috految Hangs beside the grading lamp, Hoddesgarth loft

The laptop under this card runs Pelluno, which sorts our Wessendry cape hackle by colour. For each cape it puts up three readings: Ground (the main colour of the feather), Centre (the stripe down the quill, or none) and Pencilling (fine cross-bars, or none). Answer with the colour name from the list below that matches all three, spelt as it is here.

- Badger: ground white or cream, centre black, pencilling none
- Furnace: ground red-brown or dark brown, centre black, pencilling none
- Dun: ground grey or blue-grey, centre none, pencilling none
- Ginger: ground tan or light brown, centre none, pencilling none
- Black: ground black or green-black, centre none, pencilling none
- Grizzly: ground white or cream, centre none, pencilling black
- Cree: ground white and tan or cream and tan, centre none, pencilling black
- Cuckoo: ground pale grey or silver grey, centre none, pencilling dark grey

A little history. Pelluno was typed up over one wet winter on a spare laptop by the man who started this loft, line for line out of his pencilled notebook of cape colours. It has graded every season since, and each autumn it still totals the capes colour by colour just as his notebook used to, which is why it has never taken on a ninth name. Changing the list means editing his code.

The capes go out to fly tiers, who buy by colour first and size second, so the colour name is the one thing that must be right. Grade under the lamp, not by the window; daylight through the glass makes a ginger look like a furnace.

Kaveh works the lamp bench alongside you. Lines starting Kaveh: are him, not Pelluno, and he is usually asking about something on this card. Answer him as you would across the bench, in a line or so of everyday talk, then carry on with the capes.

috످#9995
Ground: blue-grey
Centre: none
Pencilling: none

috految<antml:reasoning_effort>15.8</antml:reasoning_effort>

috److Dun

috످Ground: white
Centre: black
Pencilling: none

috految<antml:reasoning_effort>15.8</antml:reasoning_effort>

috److Badger

috످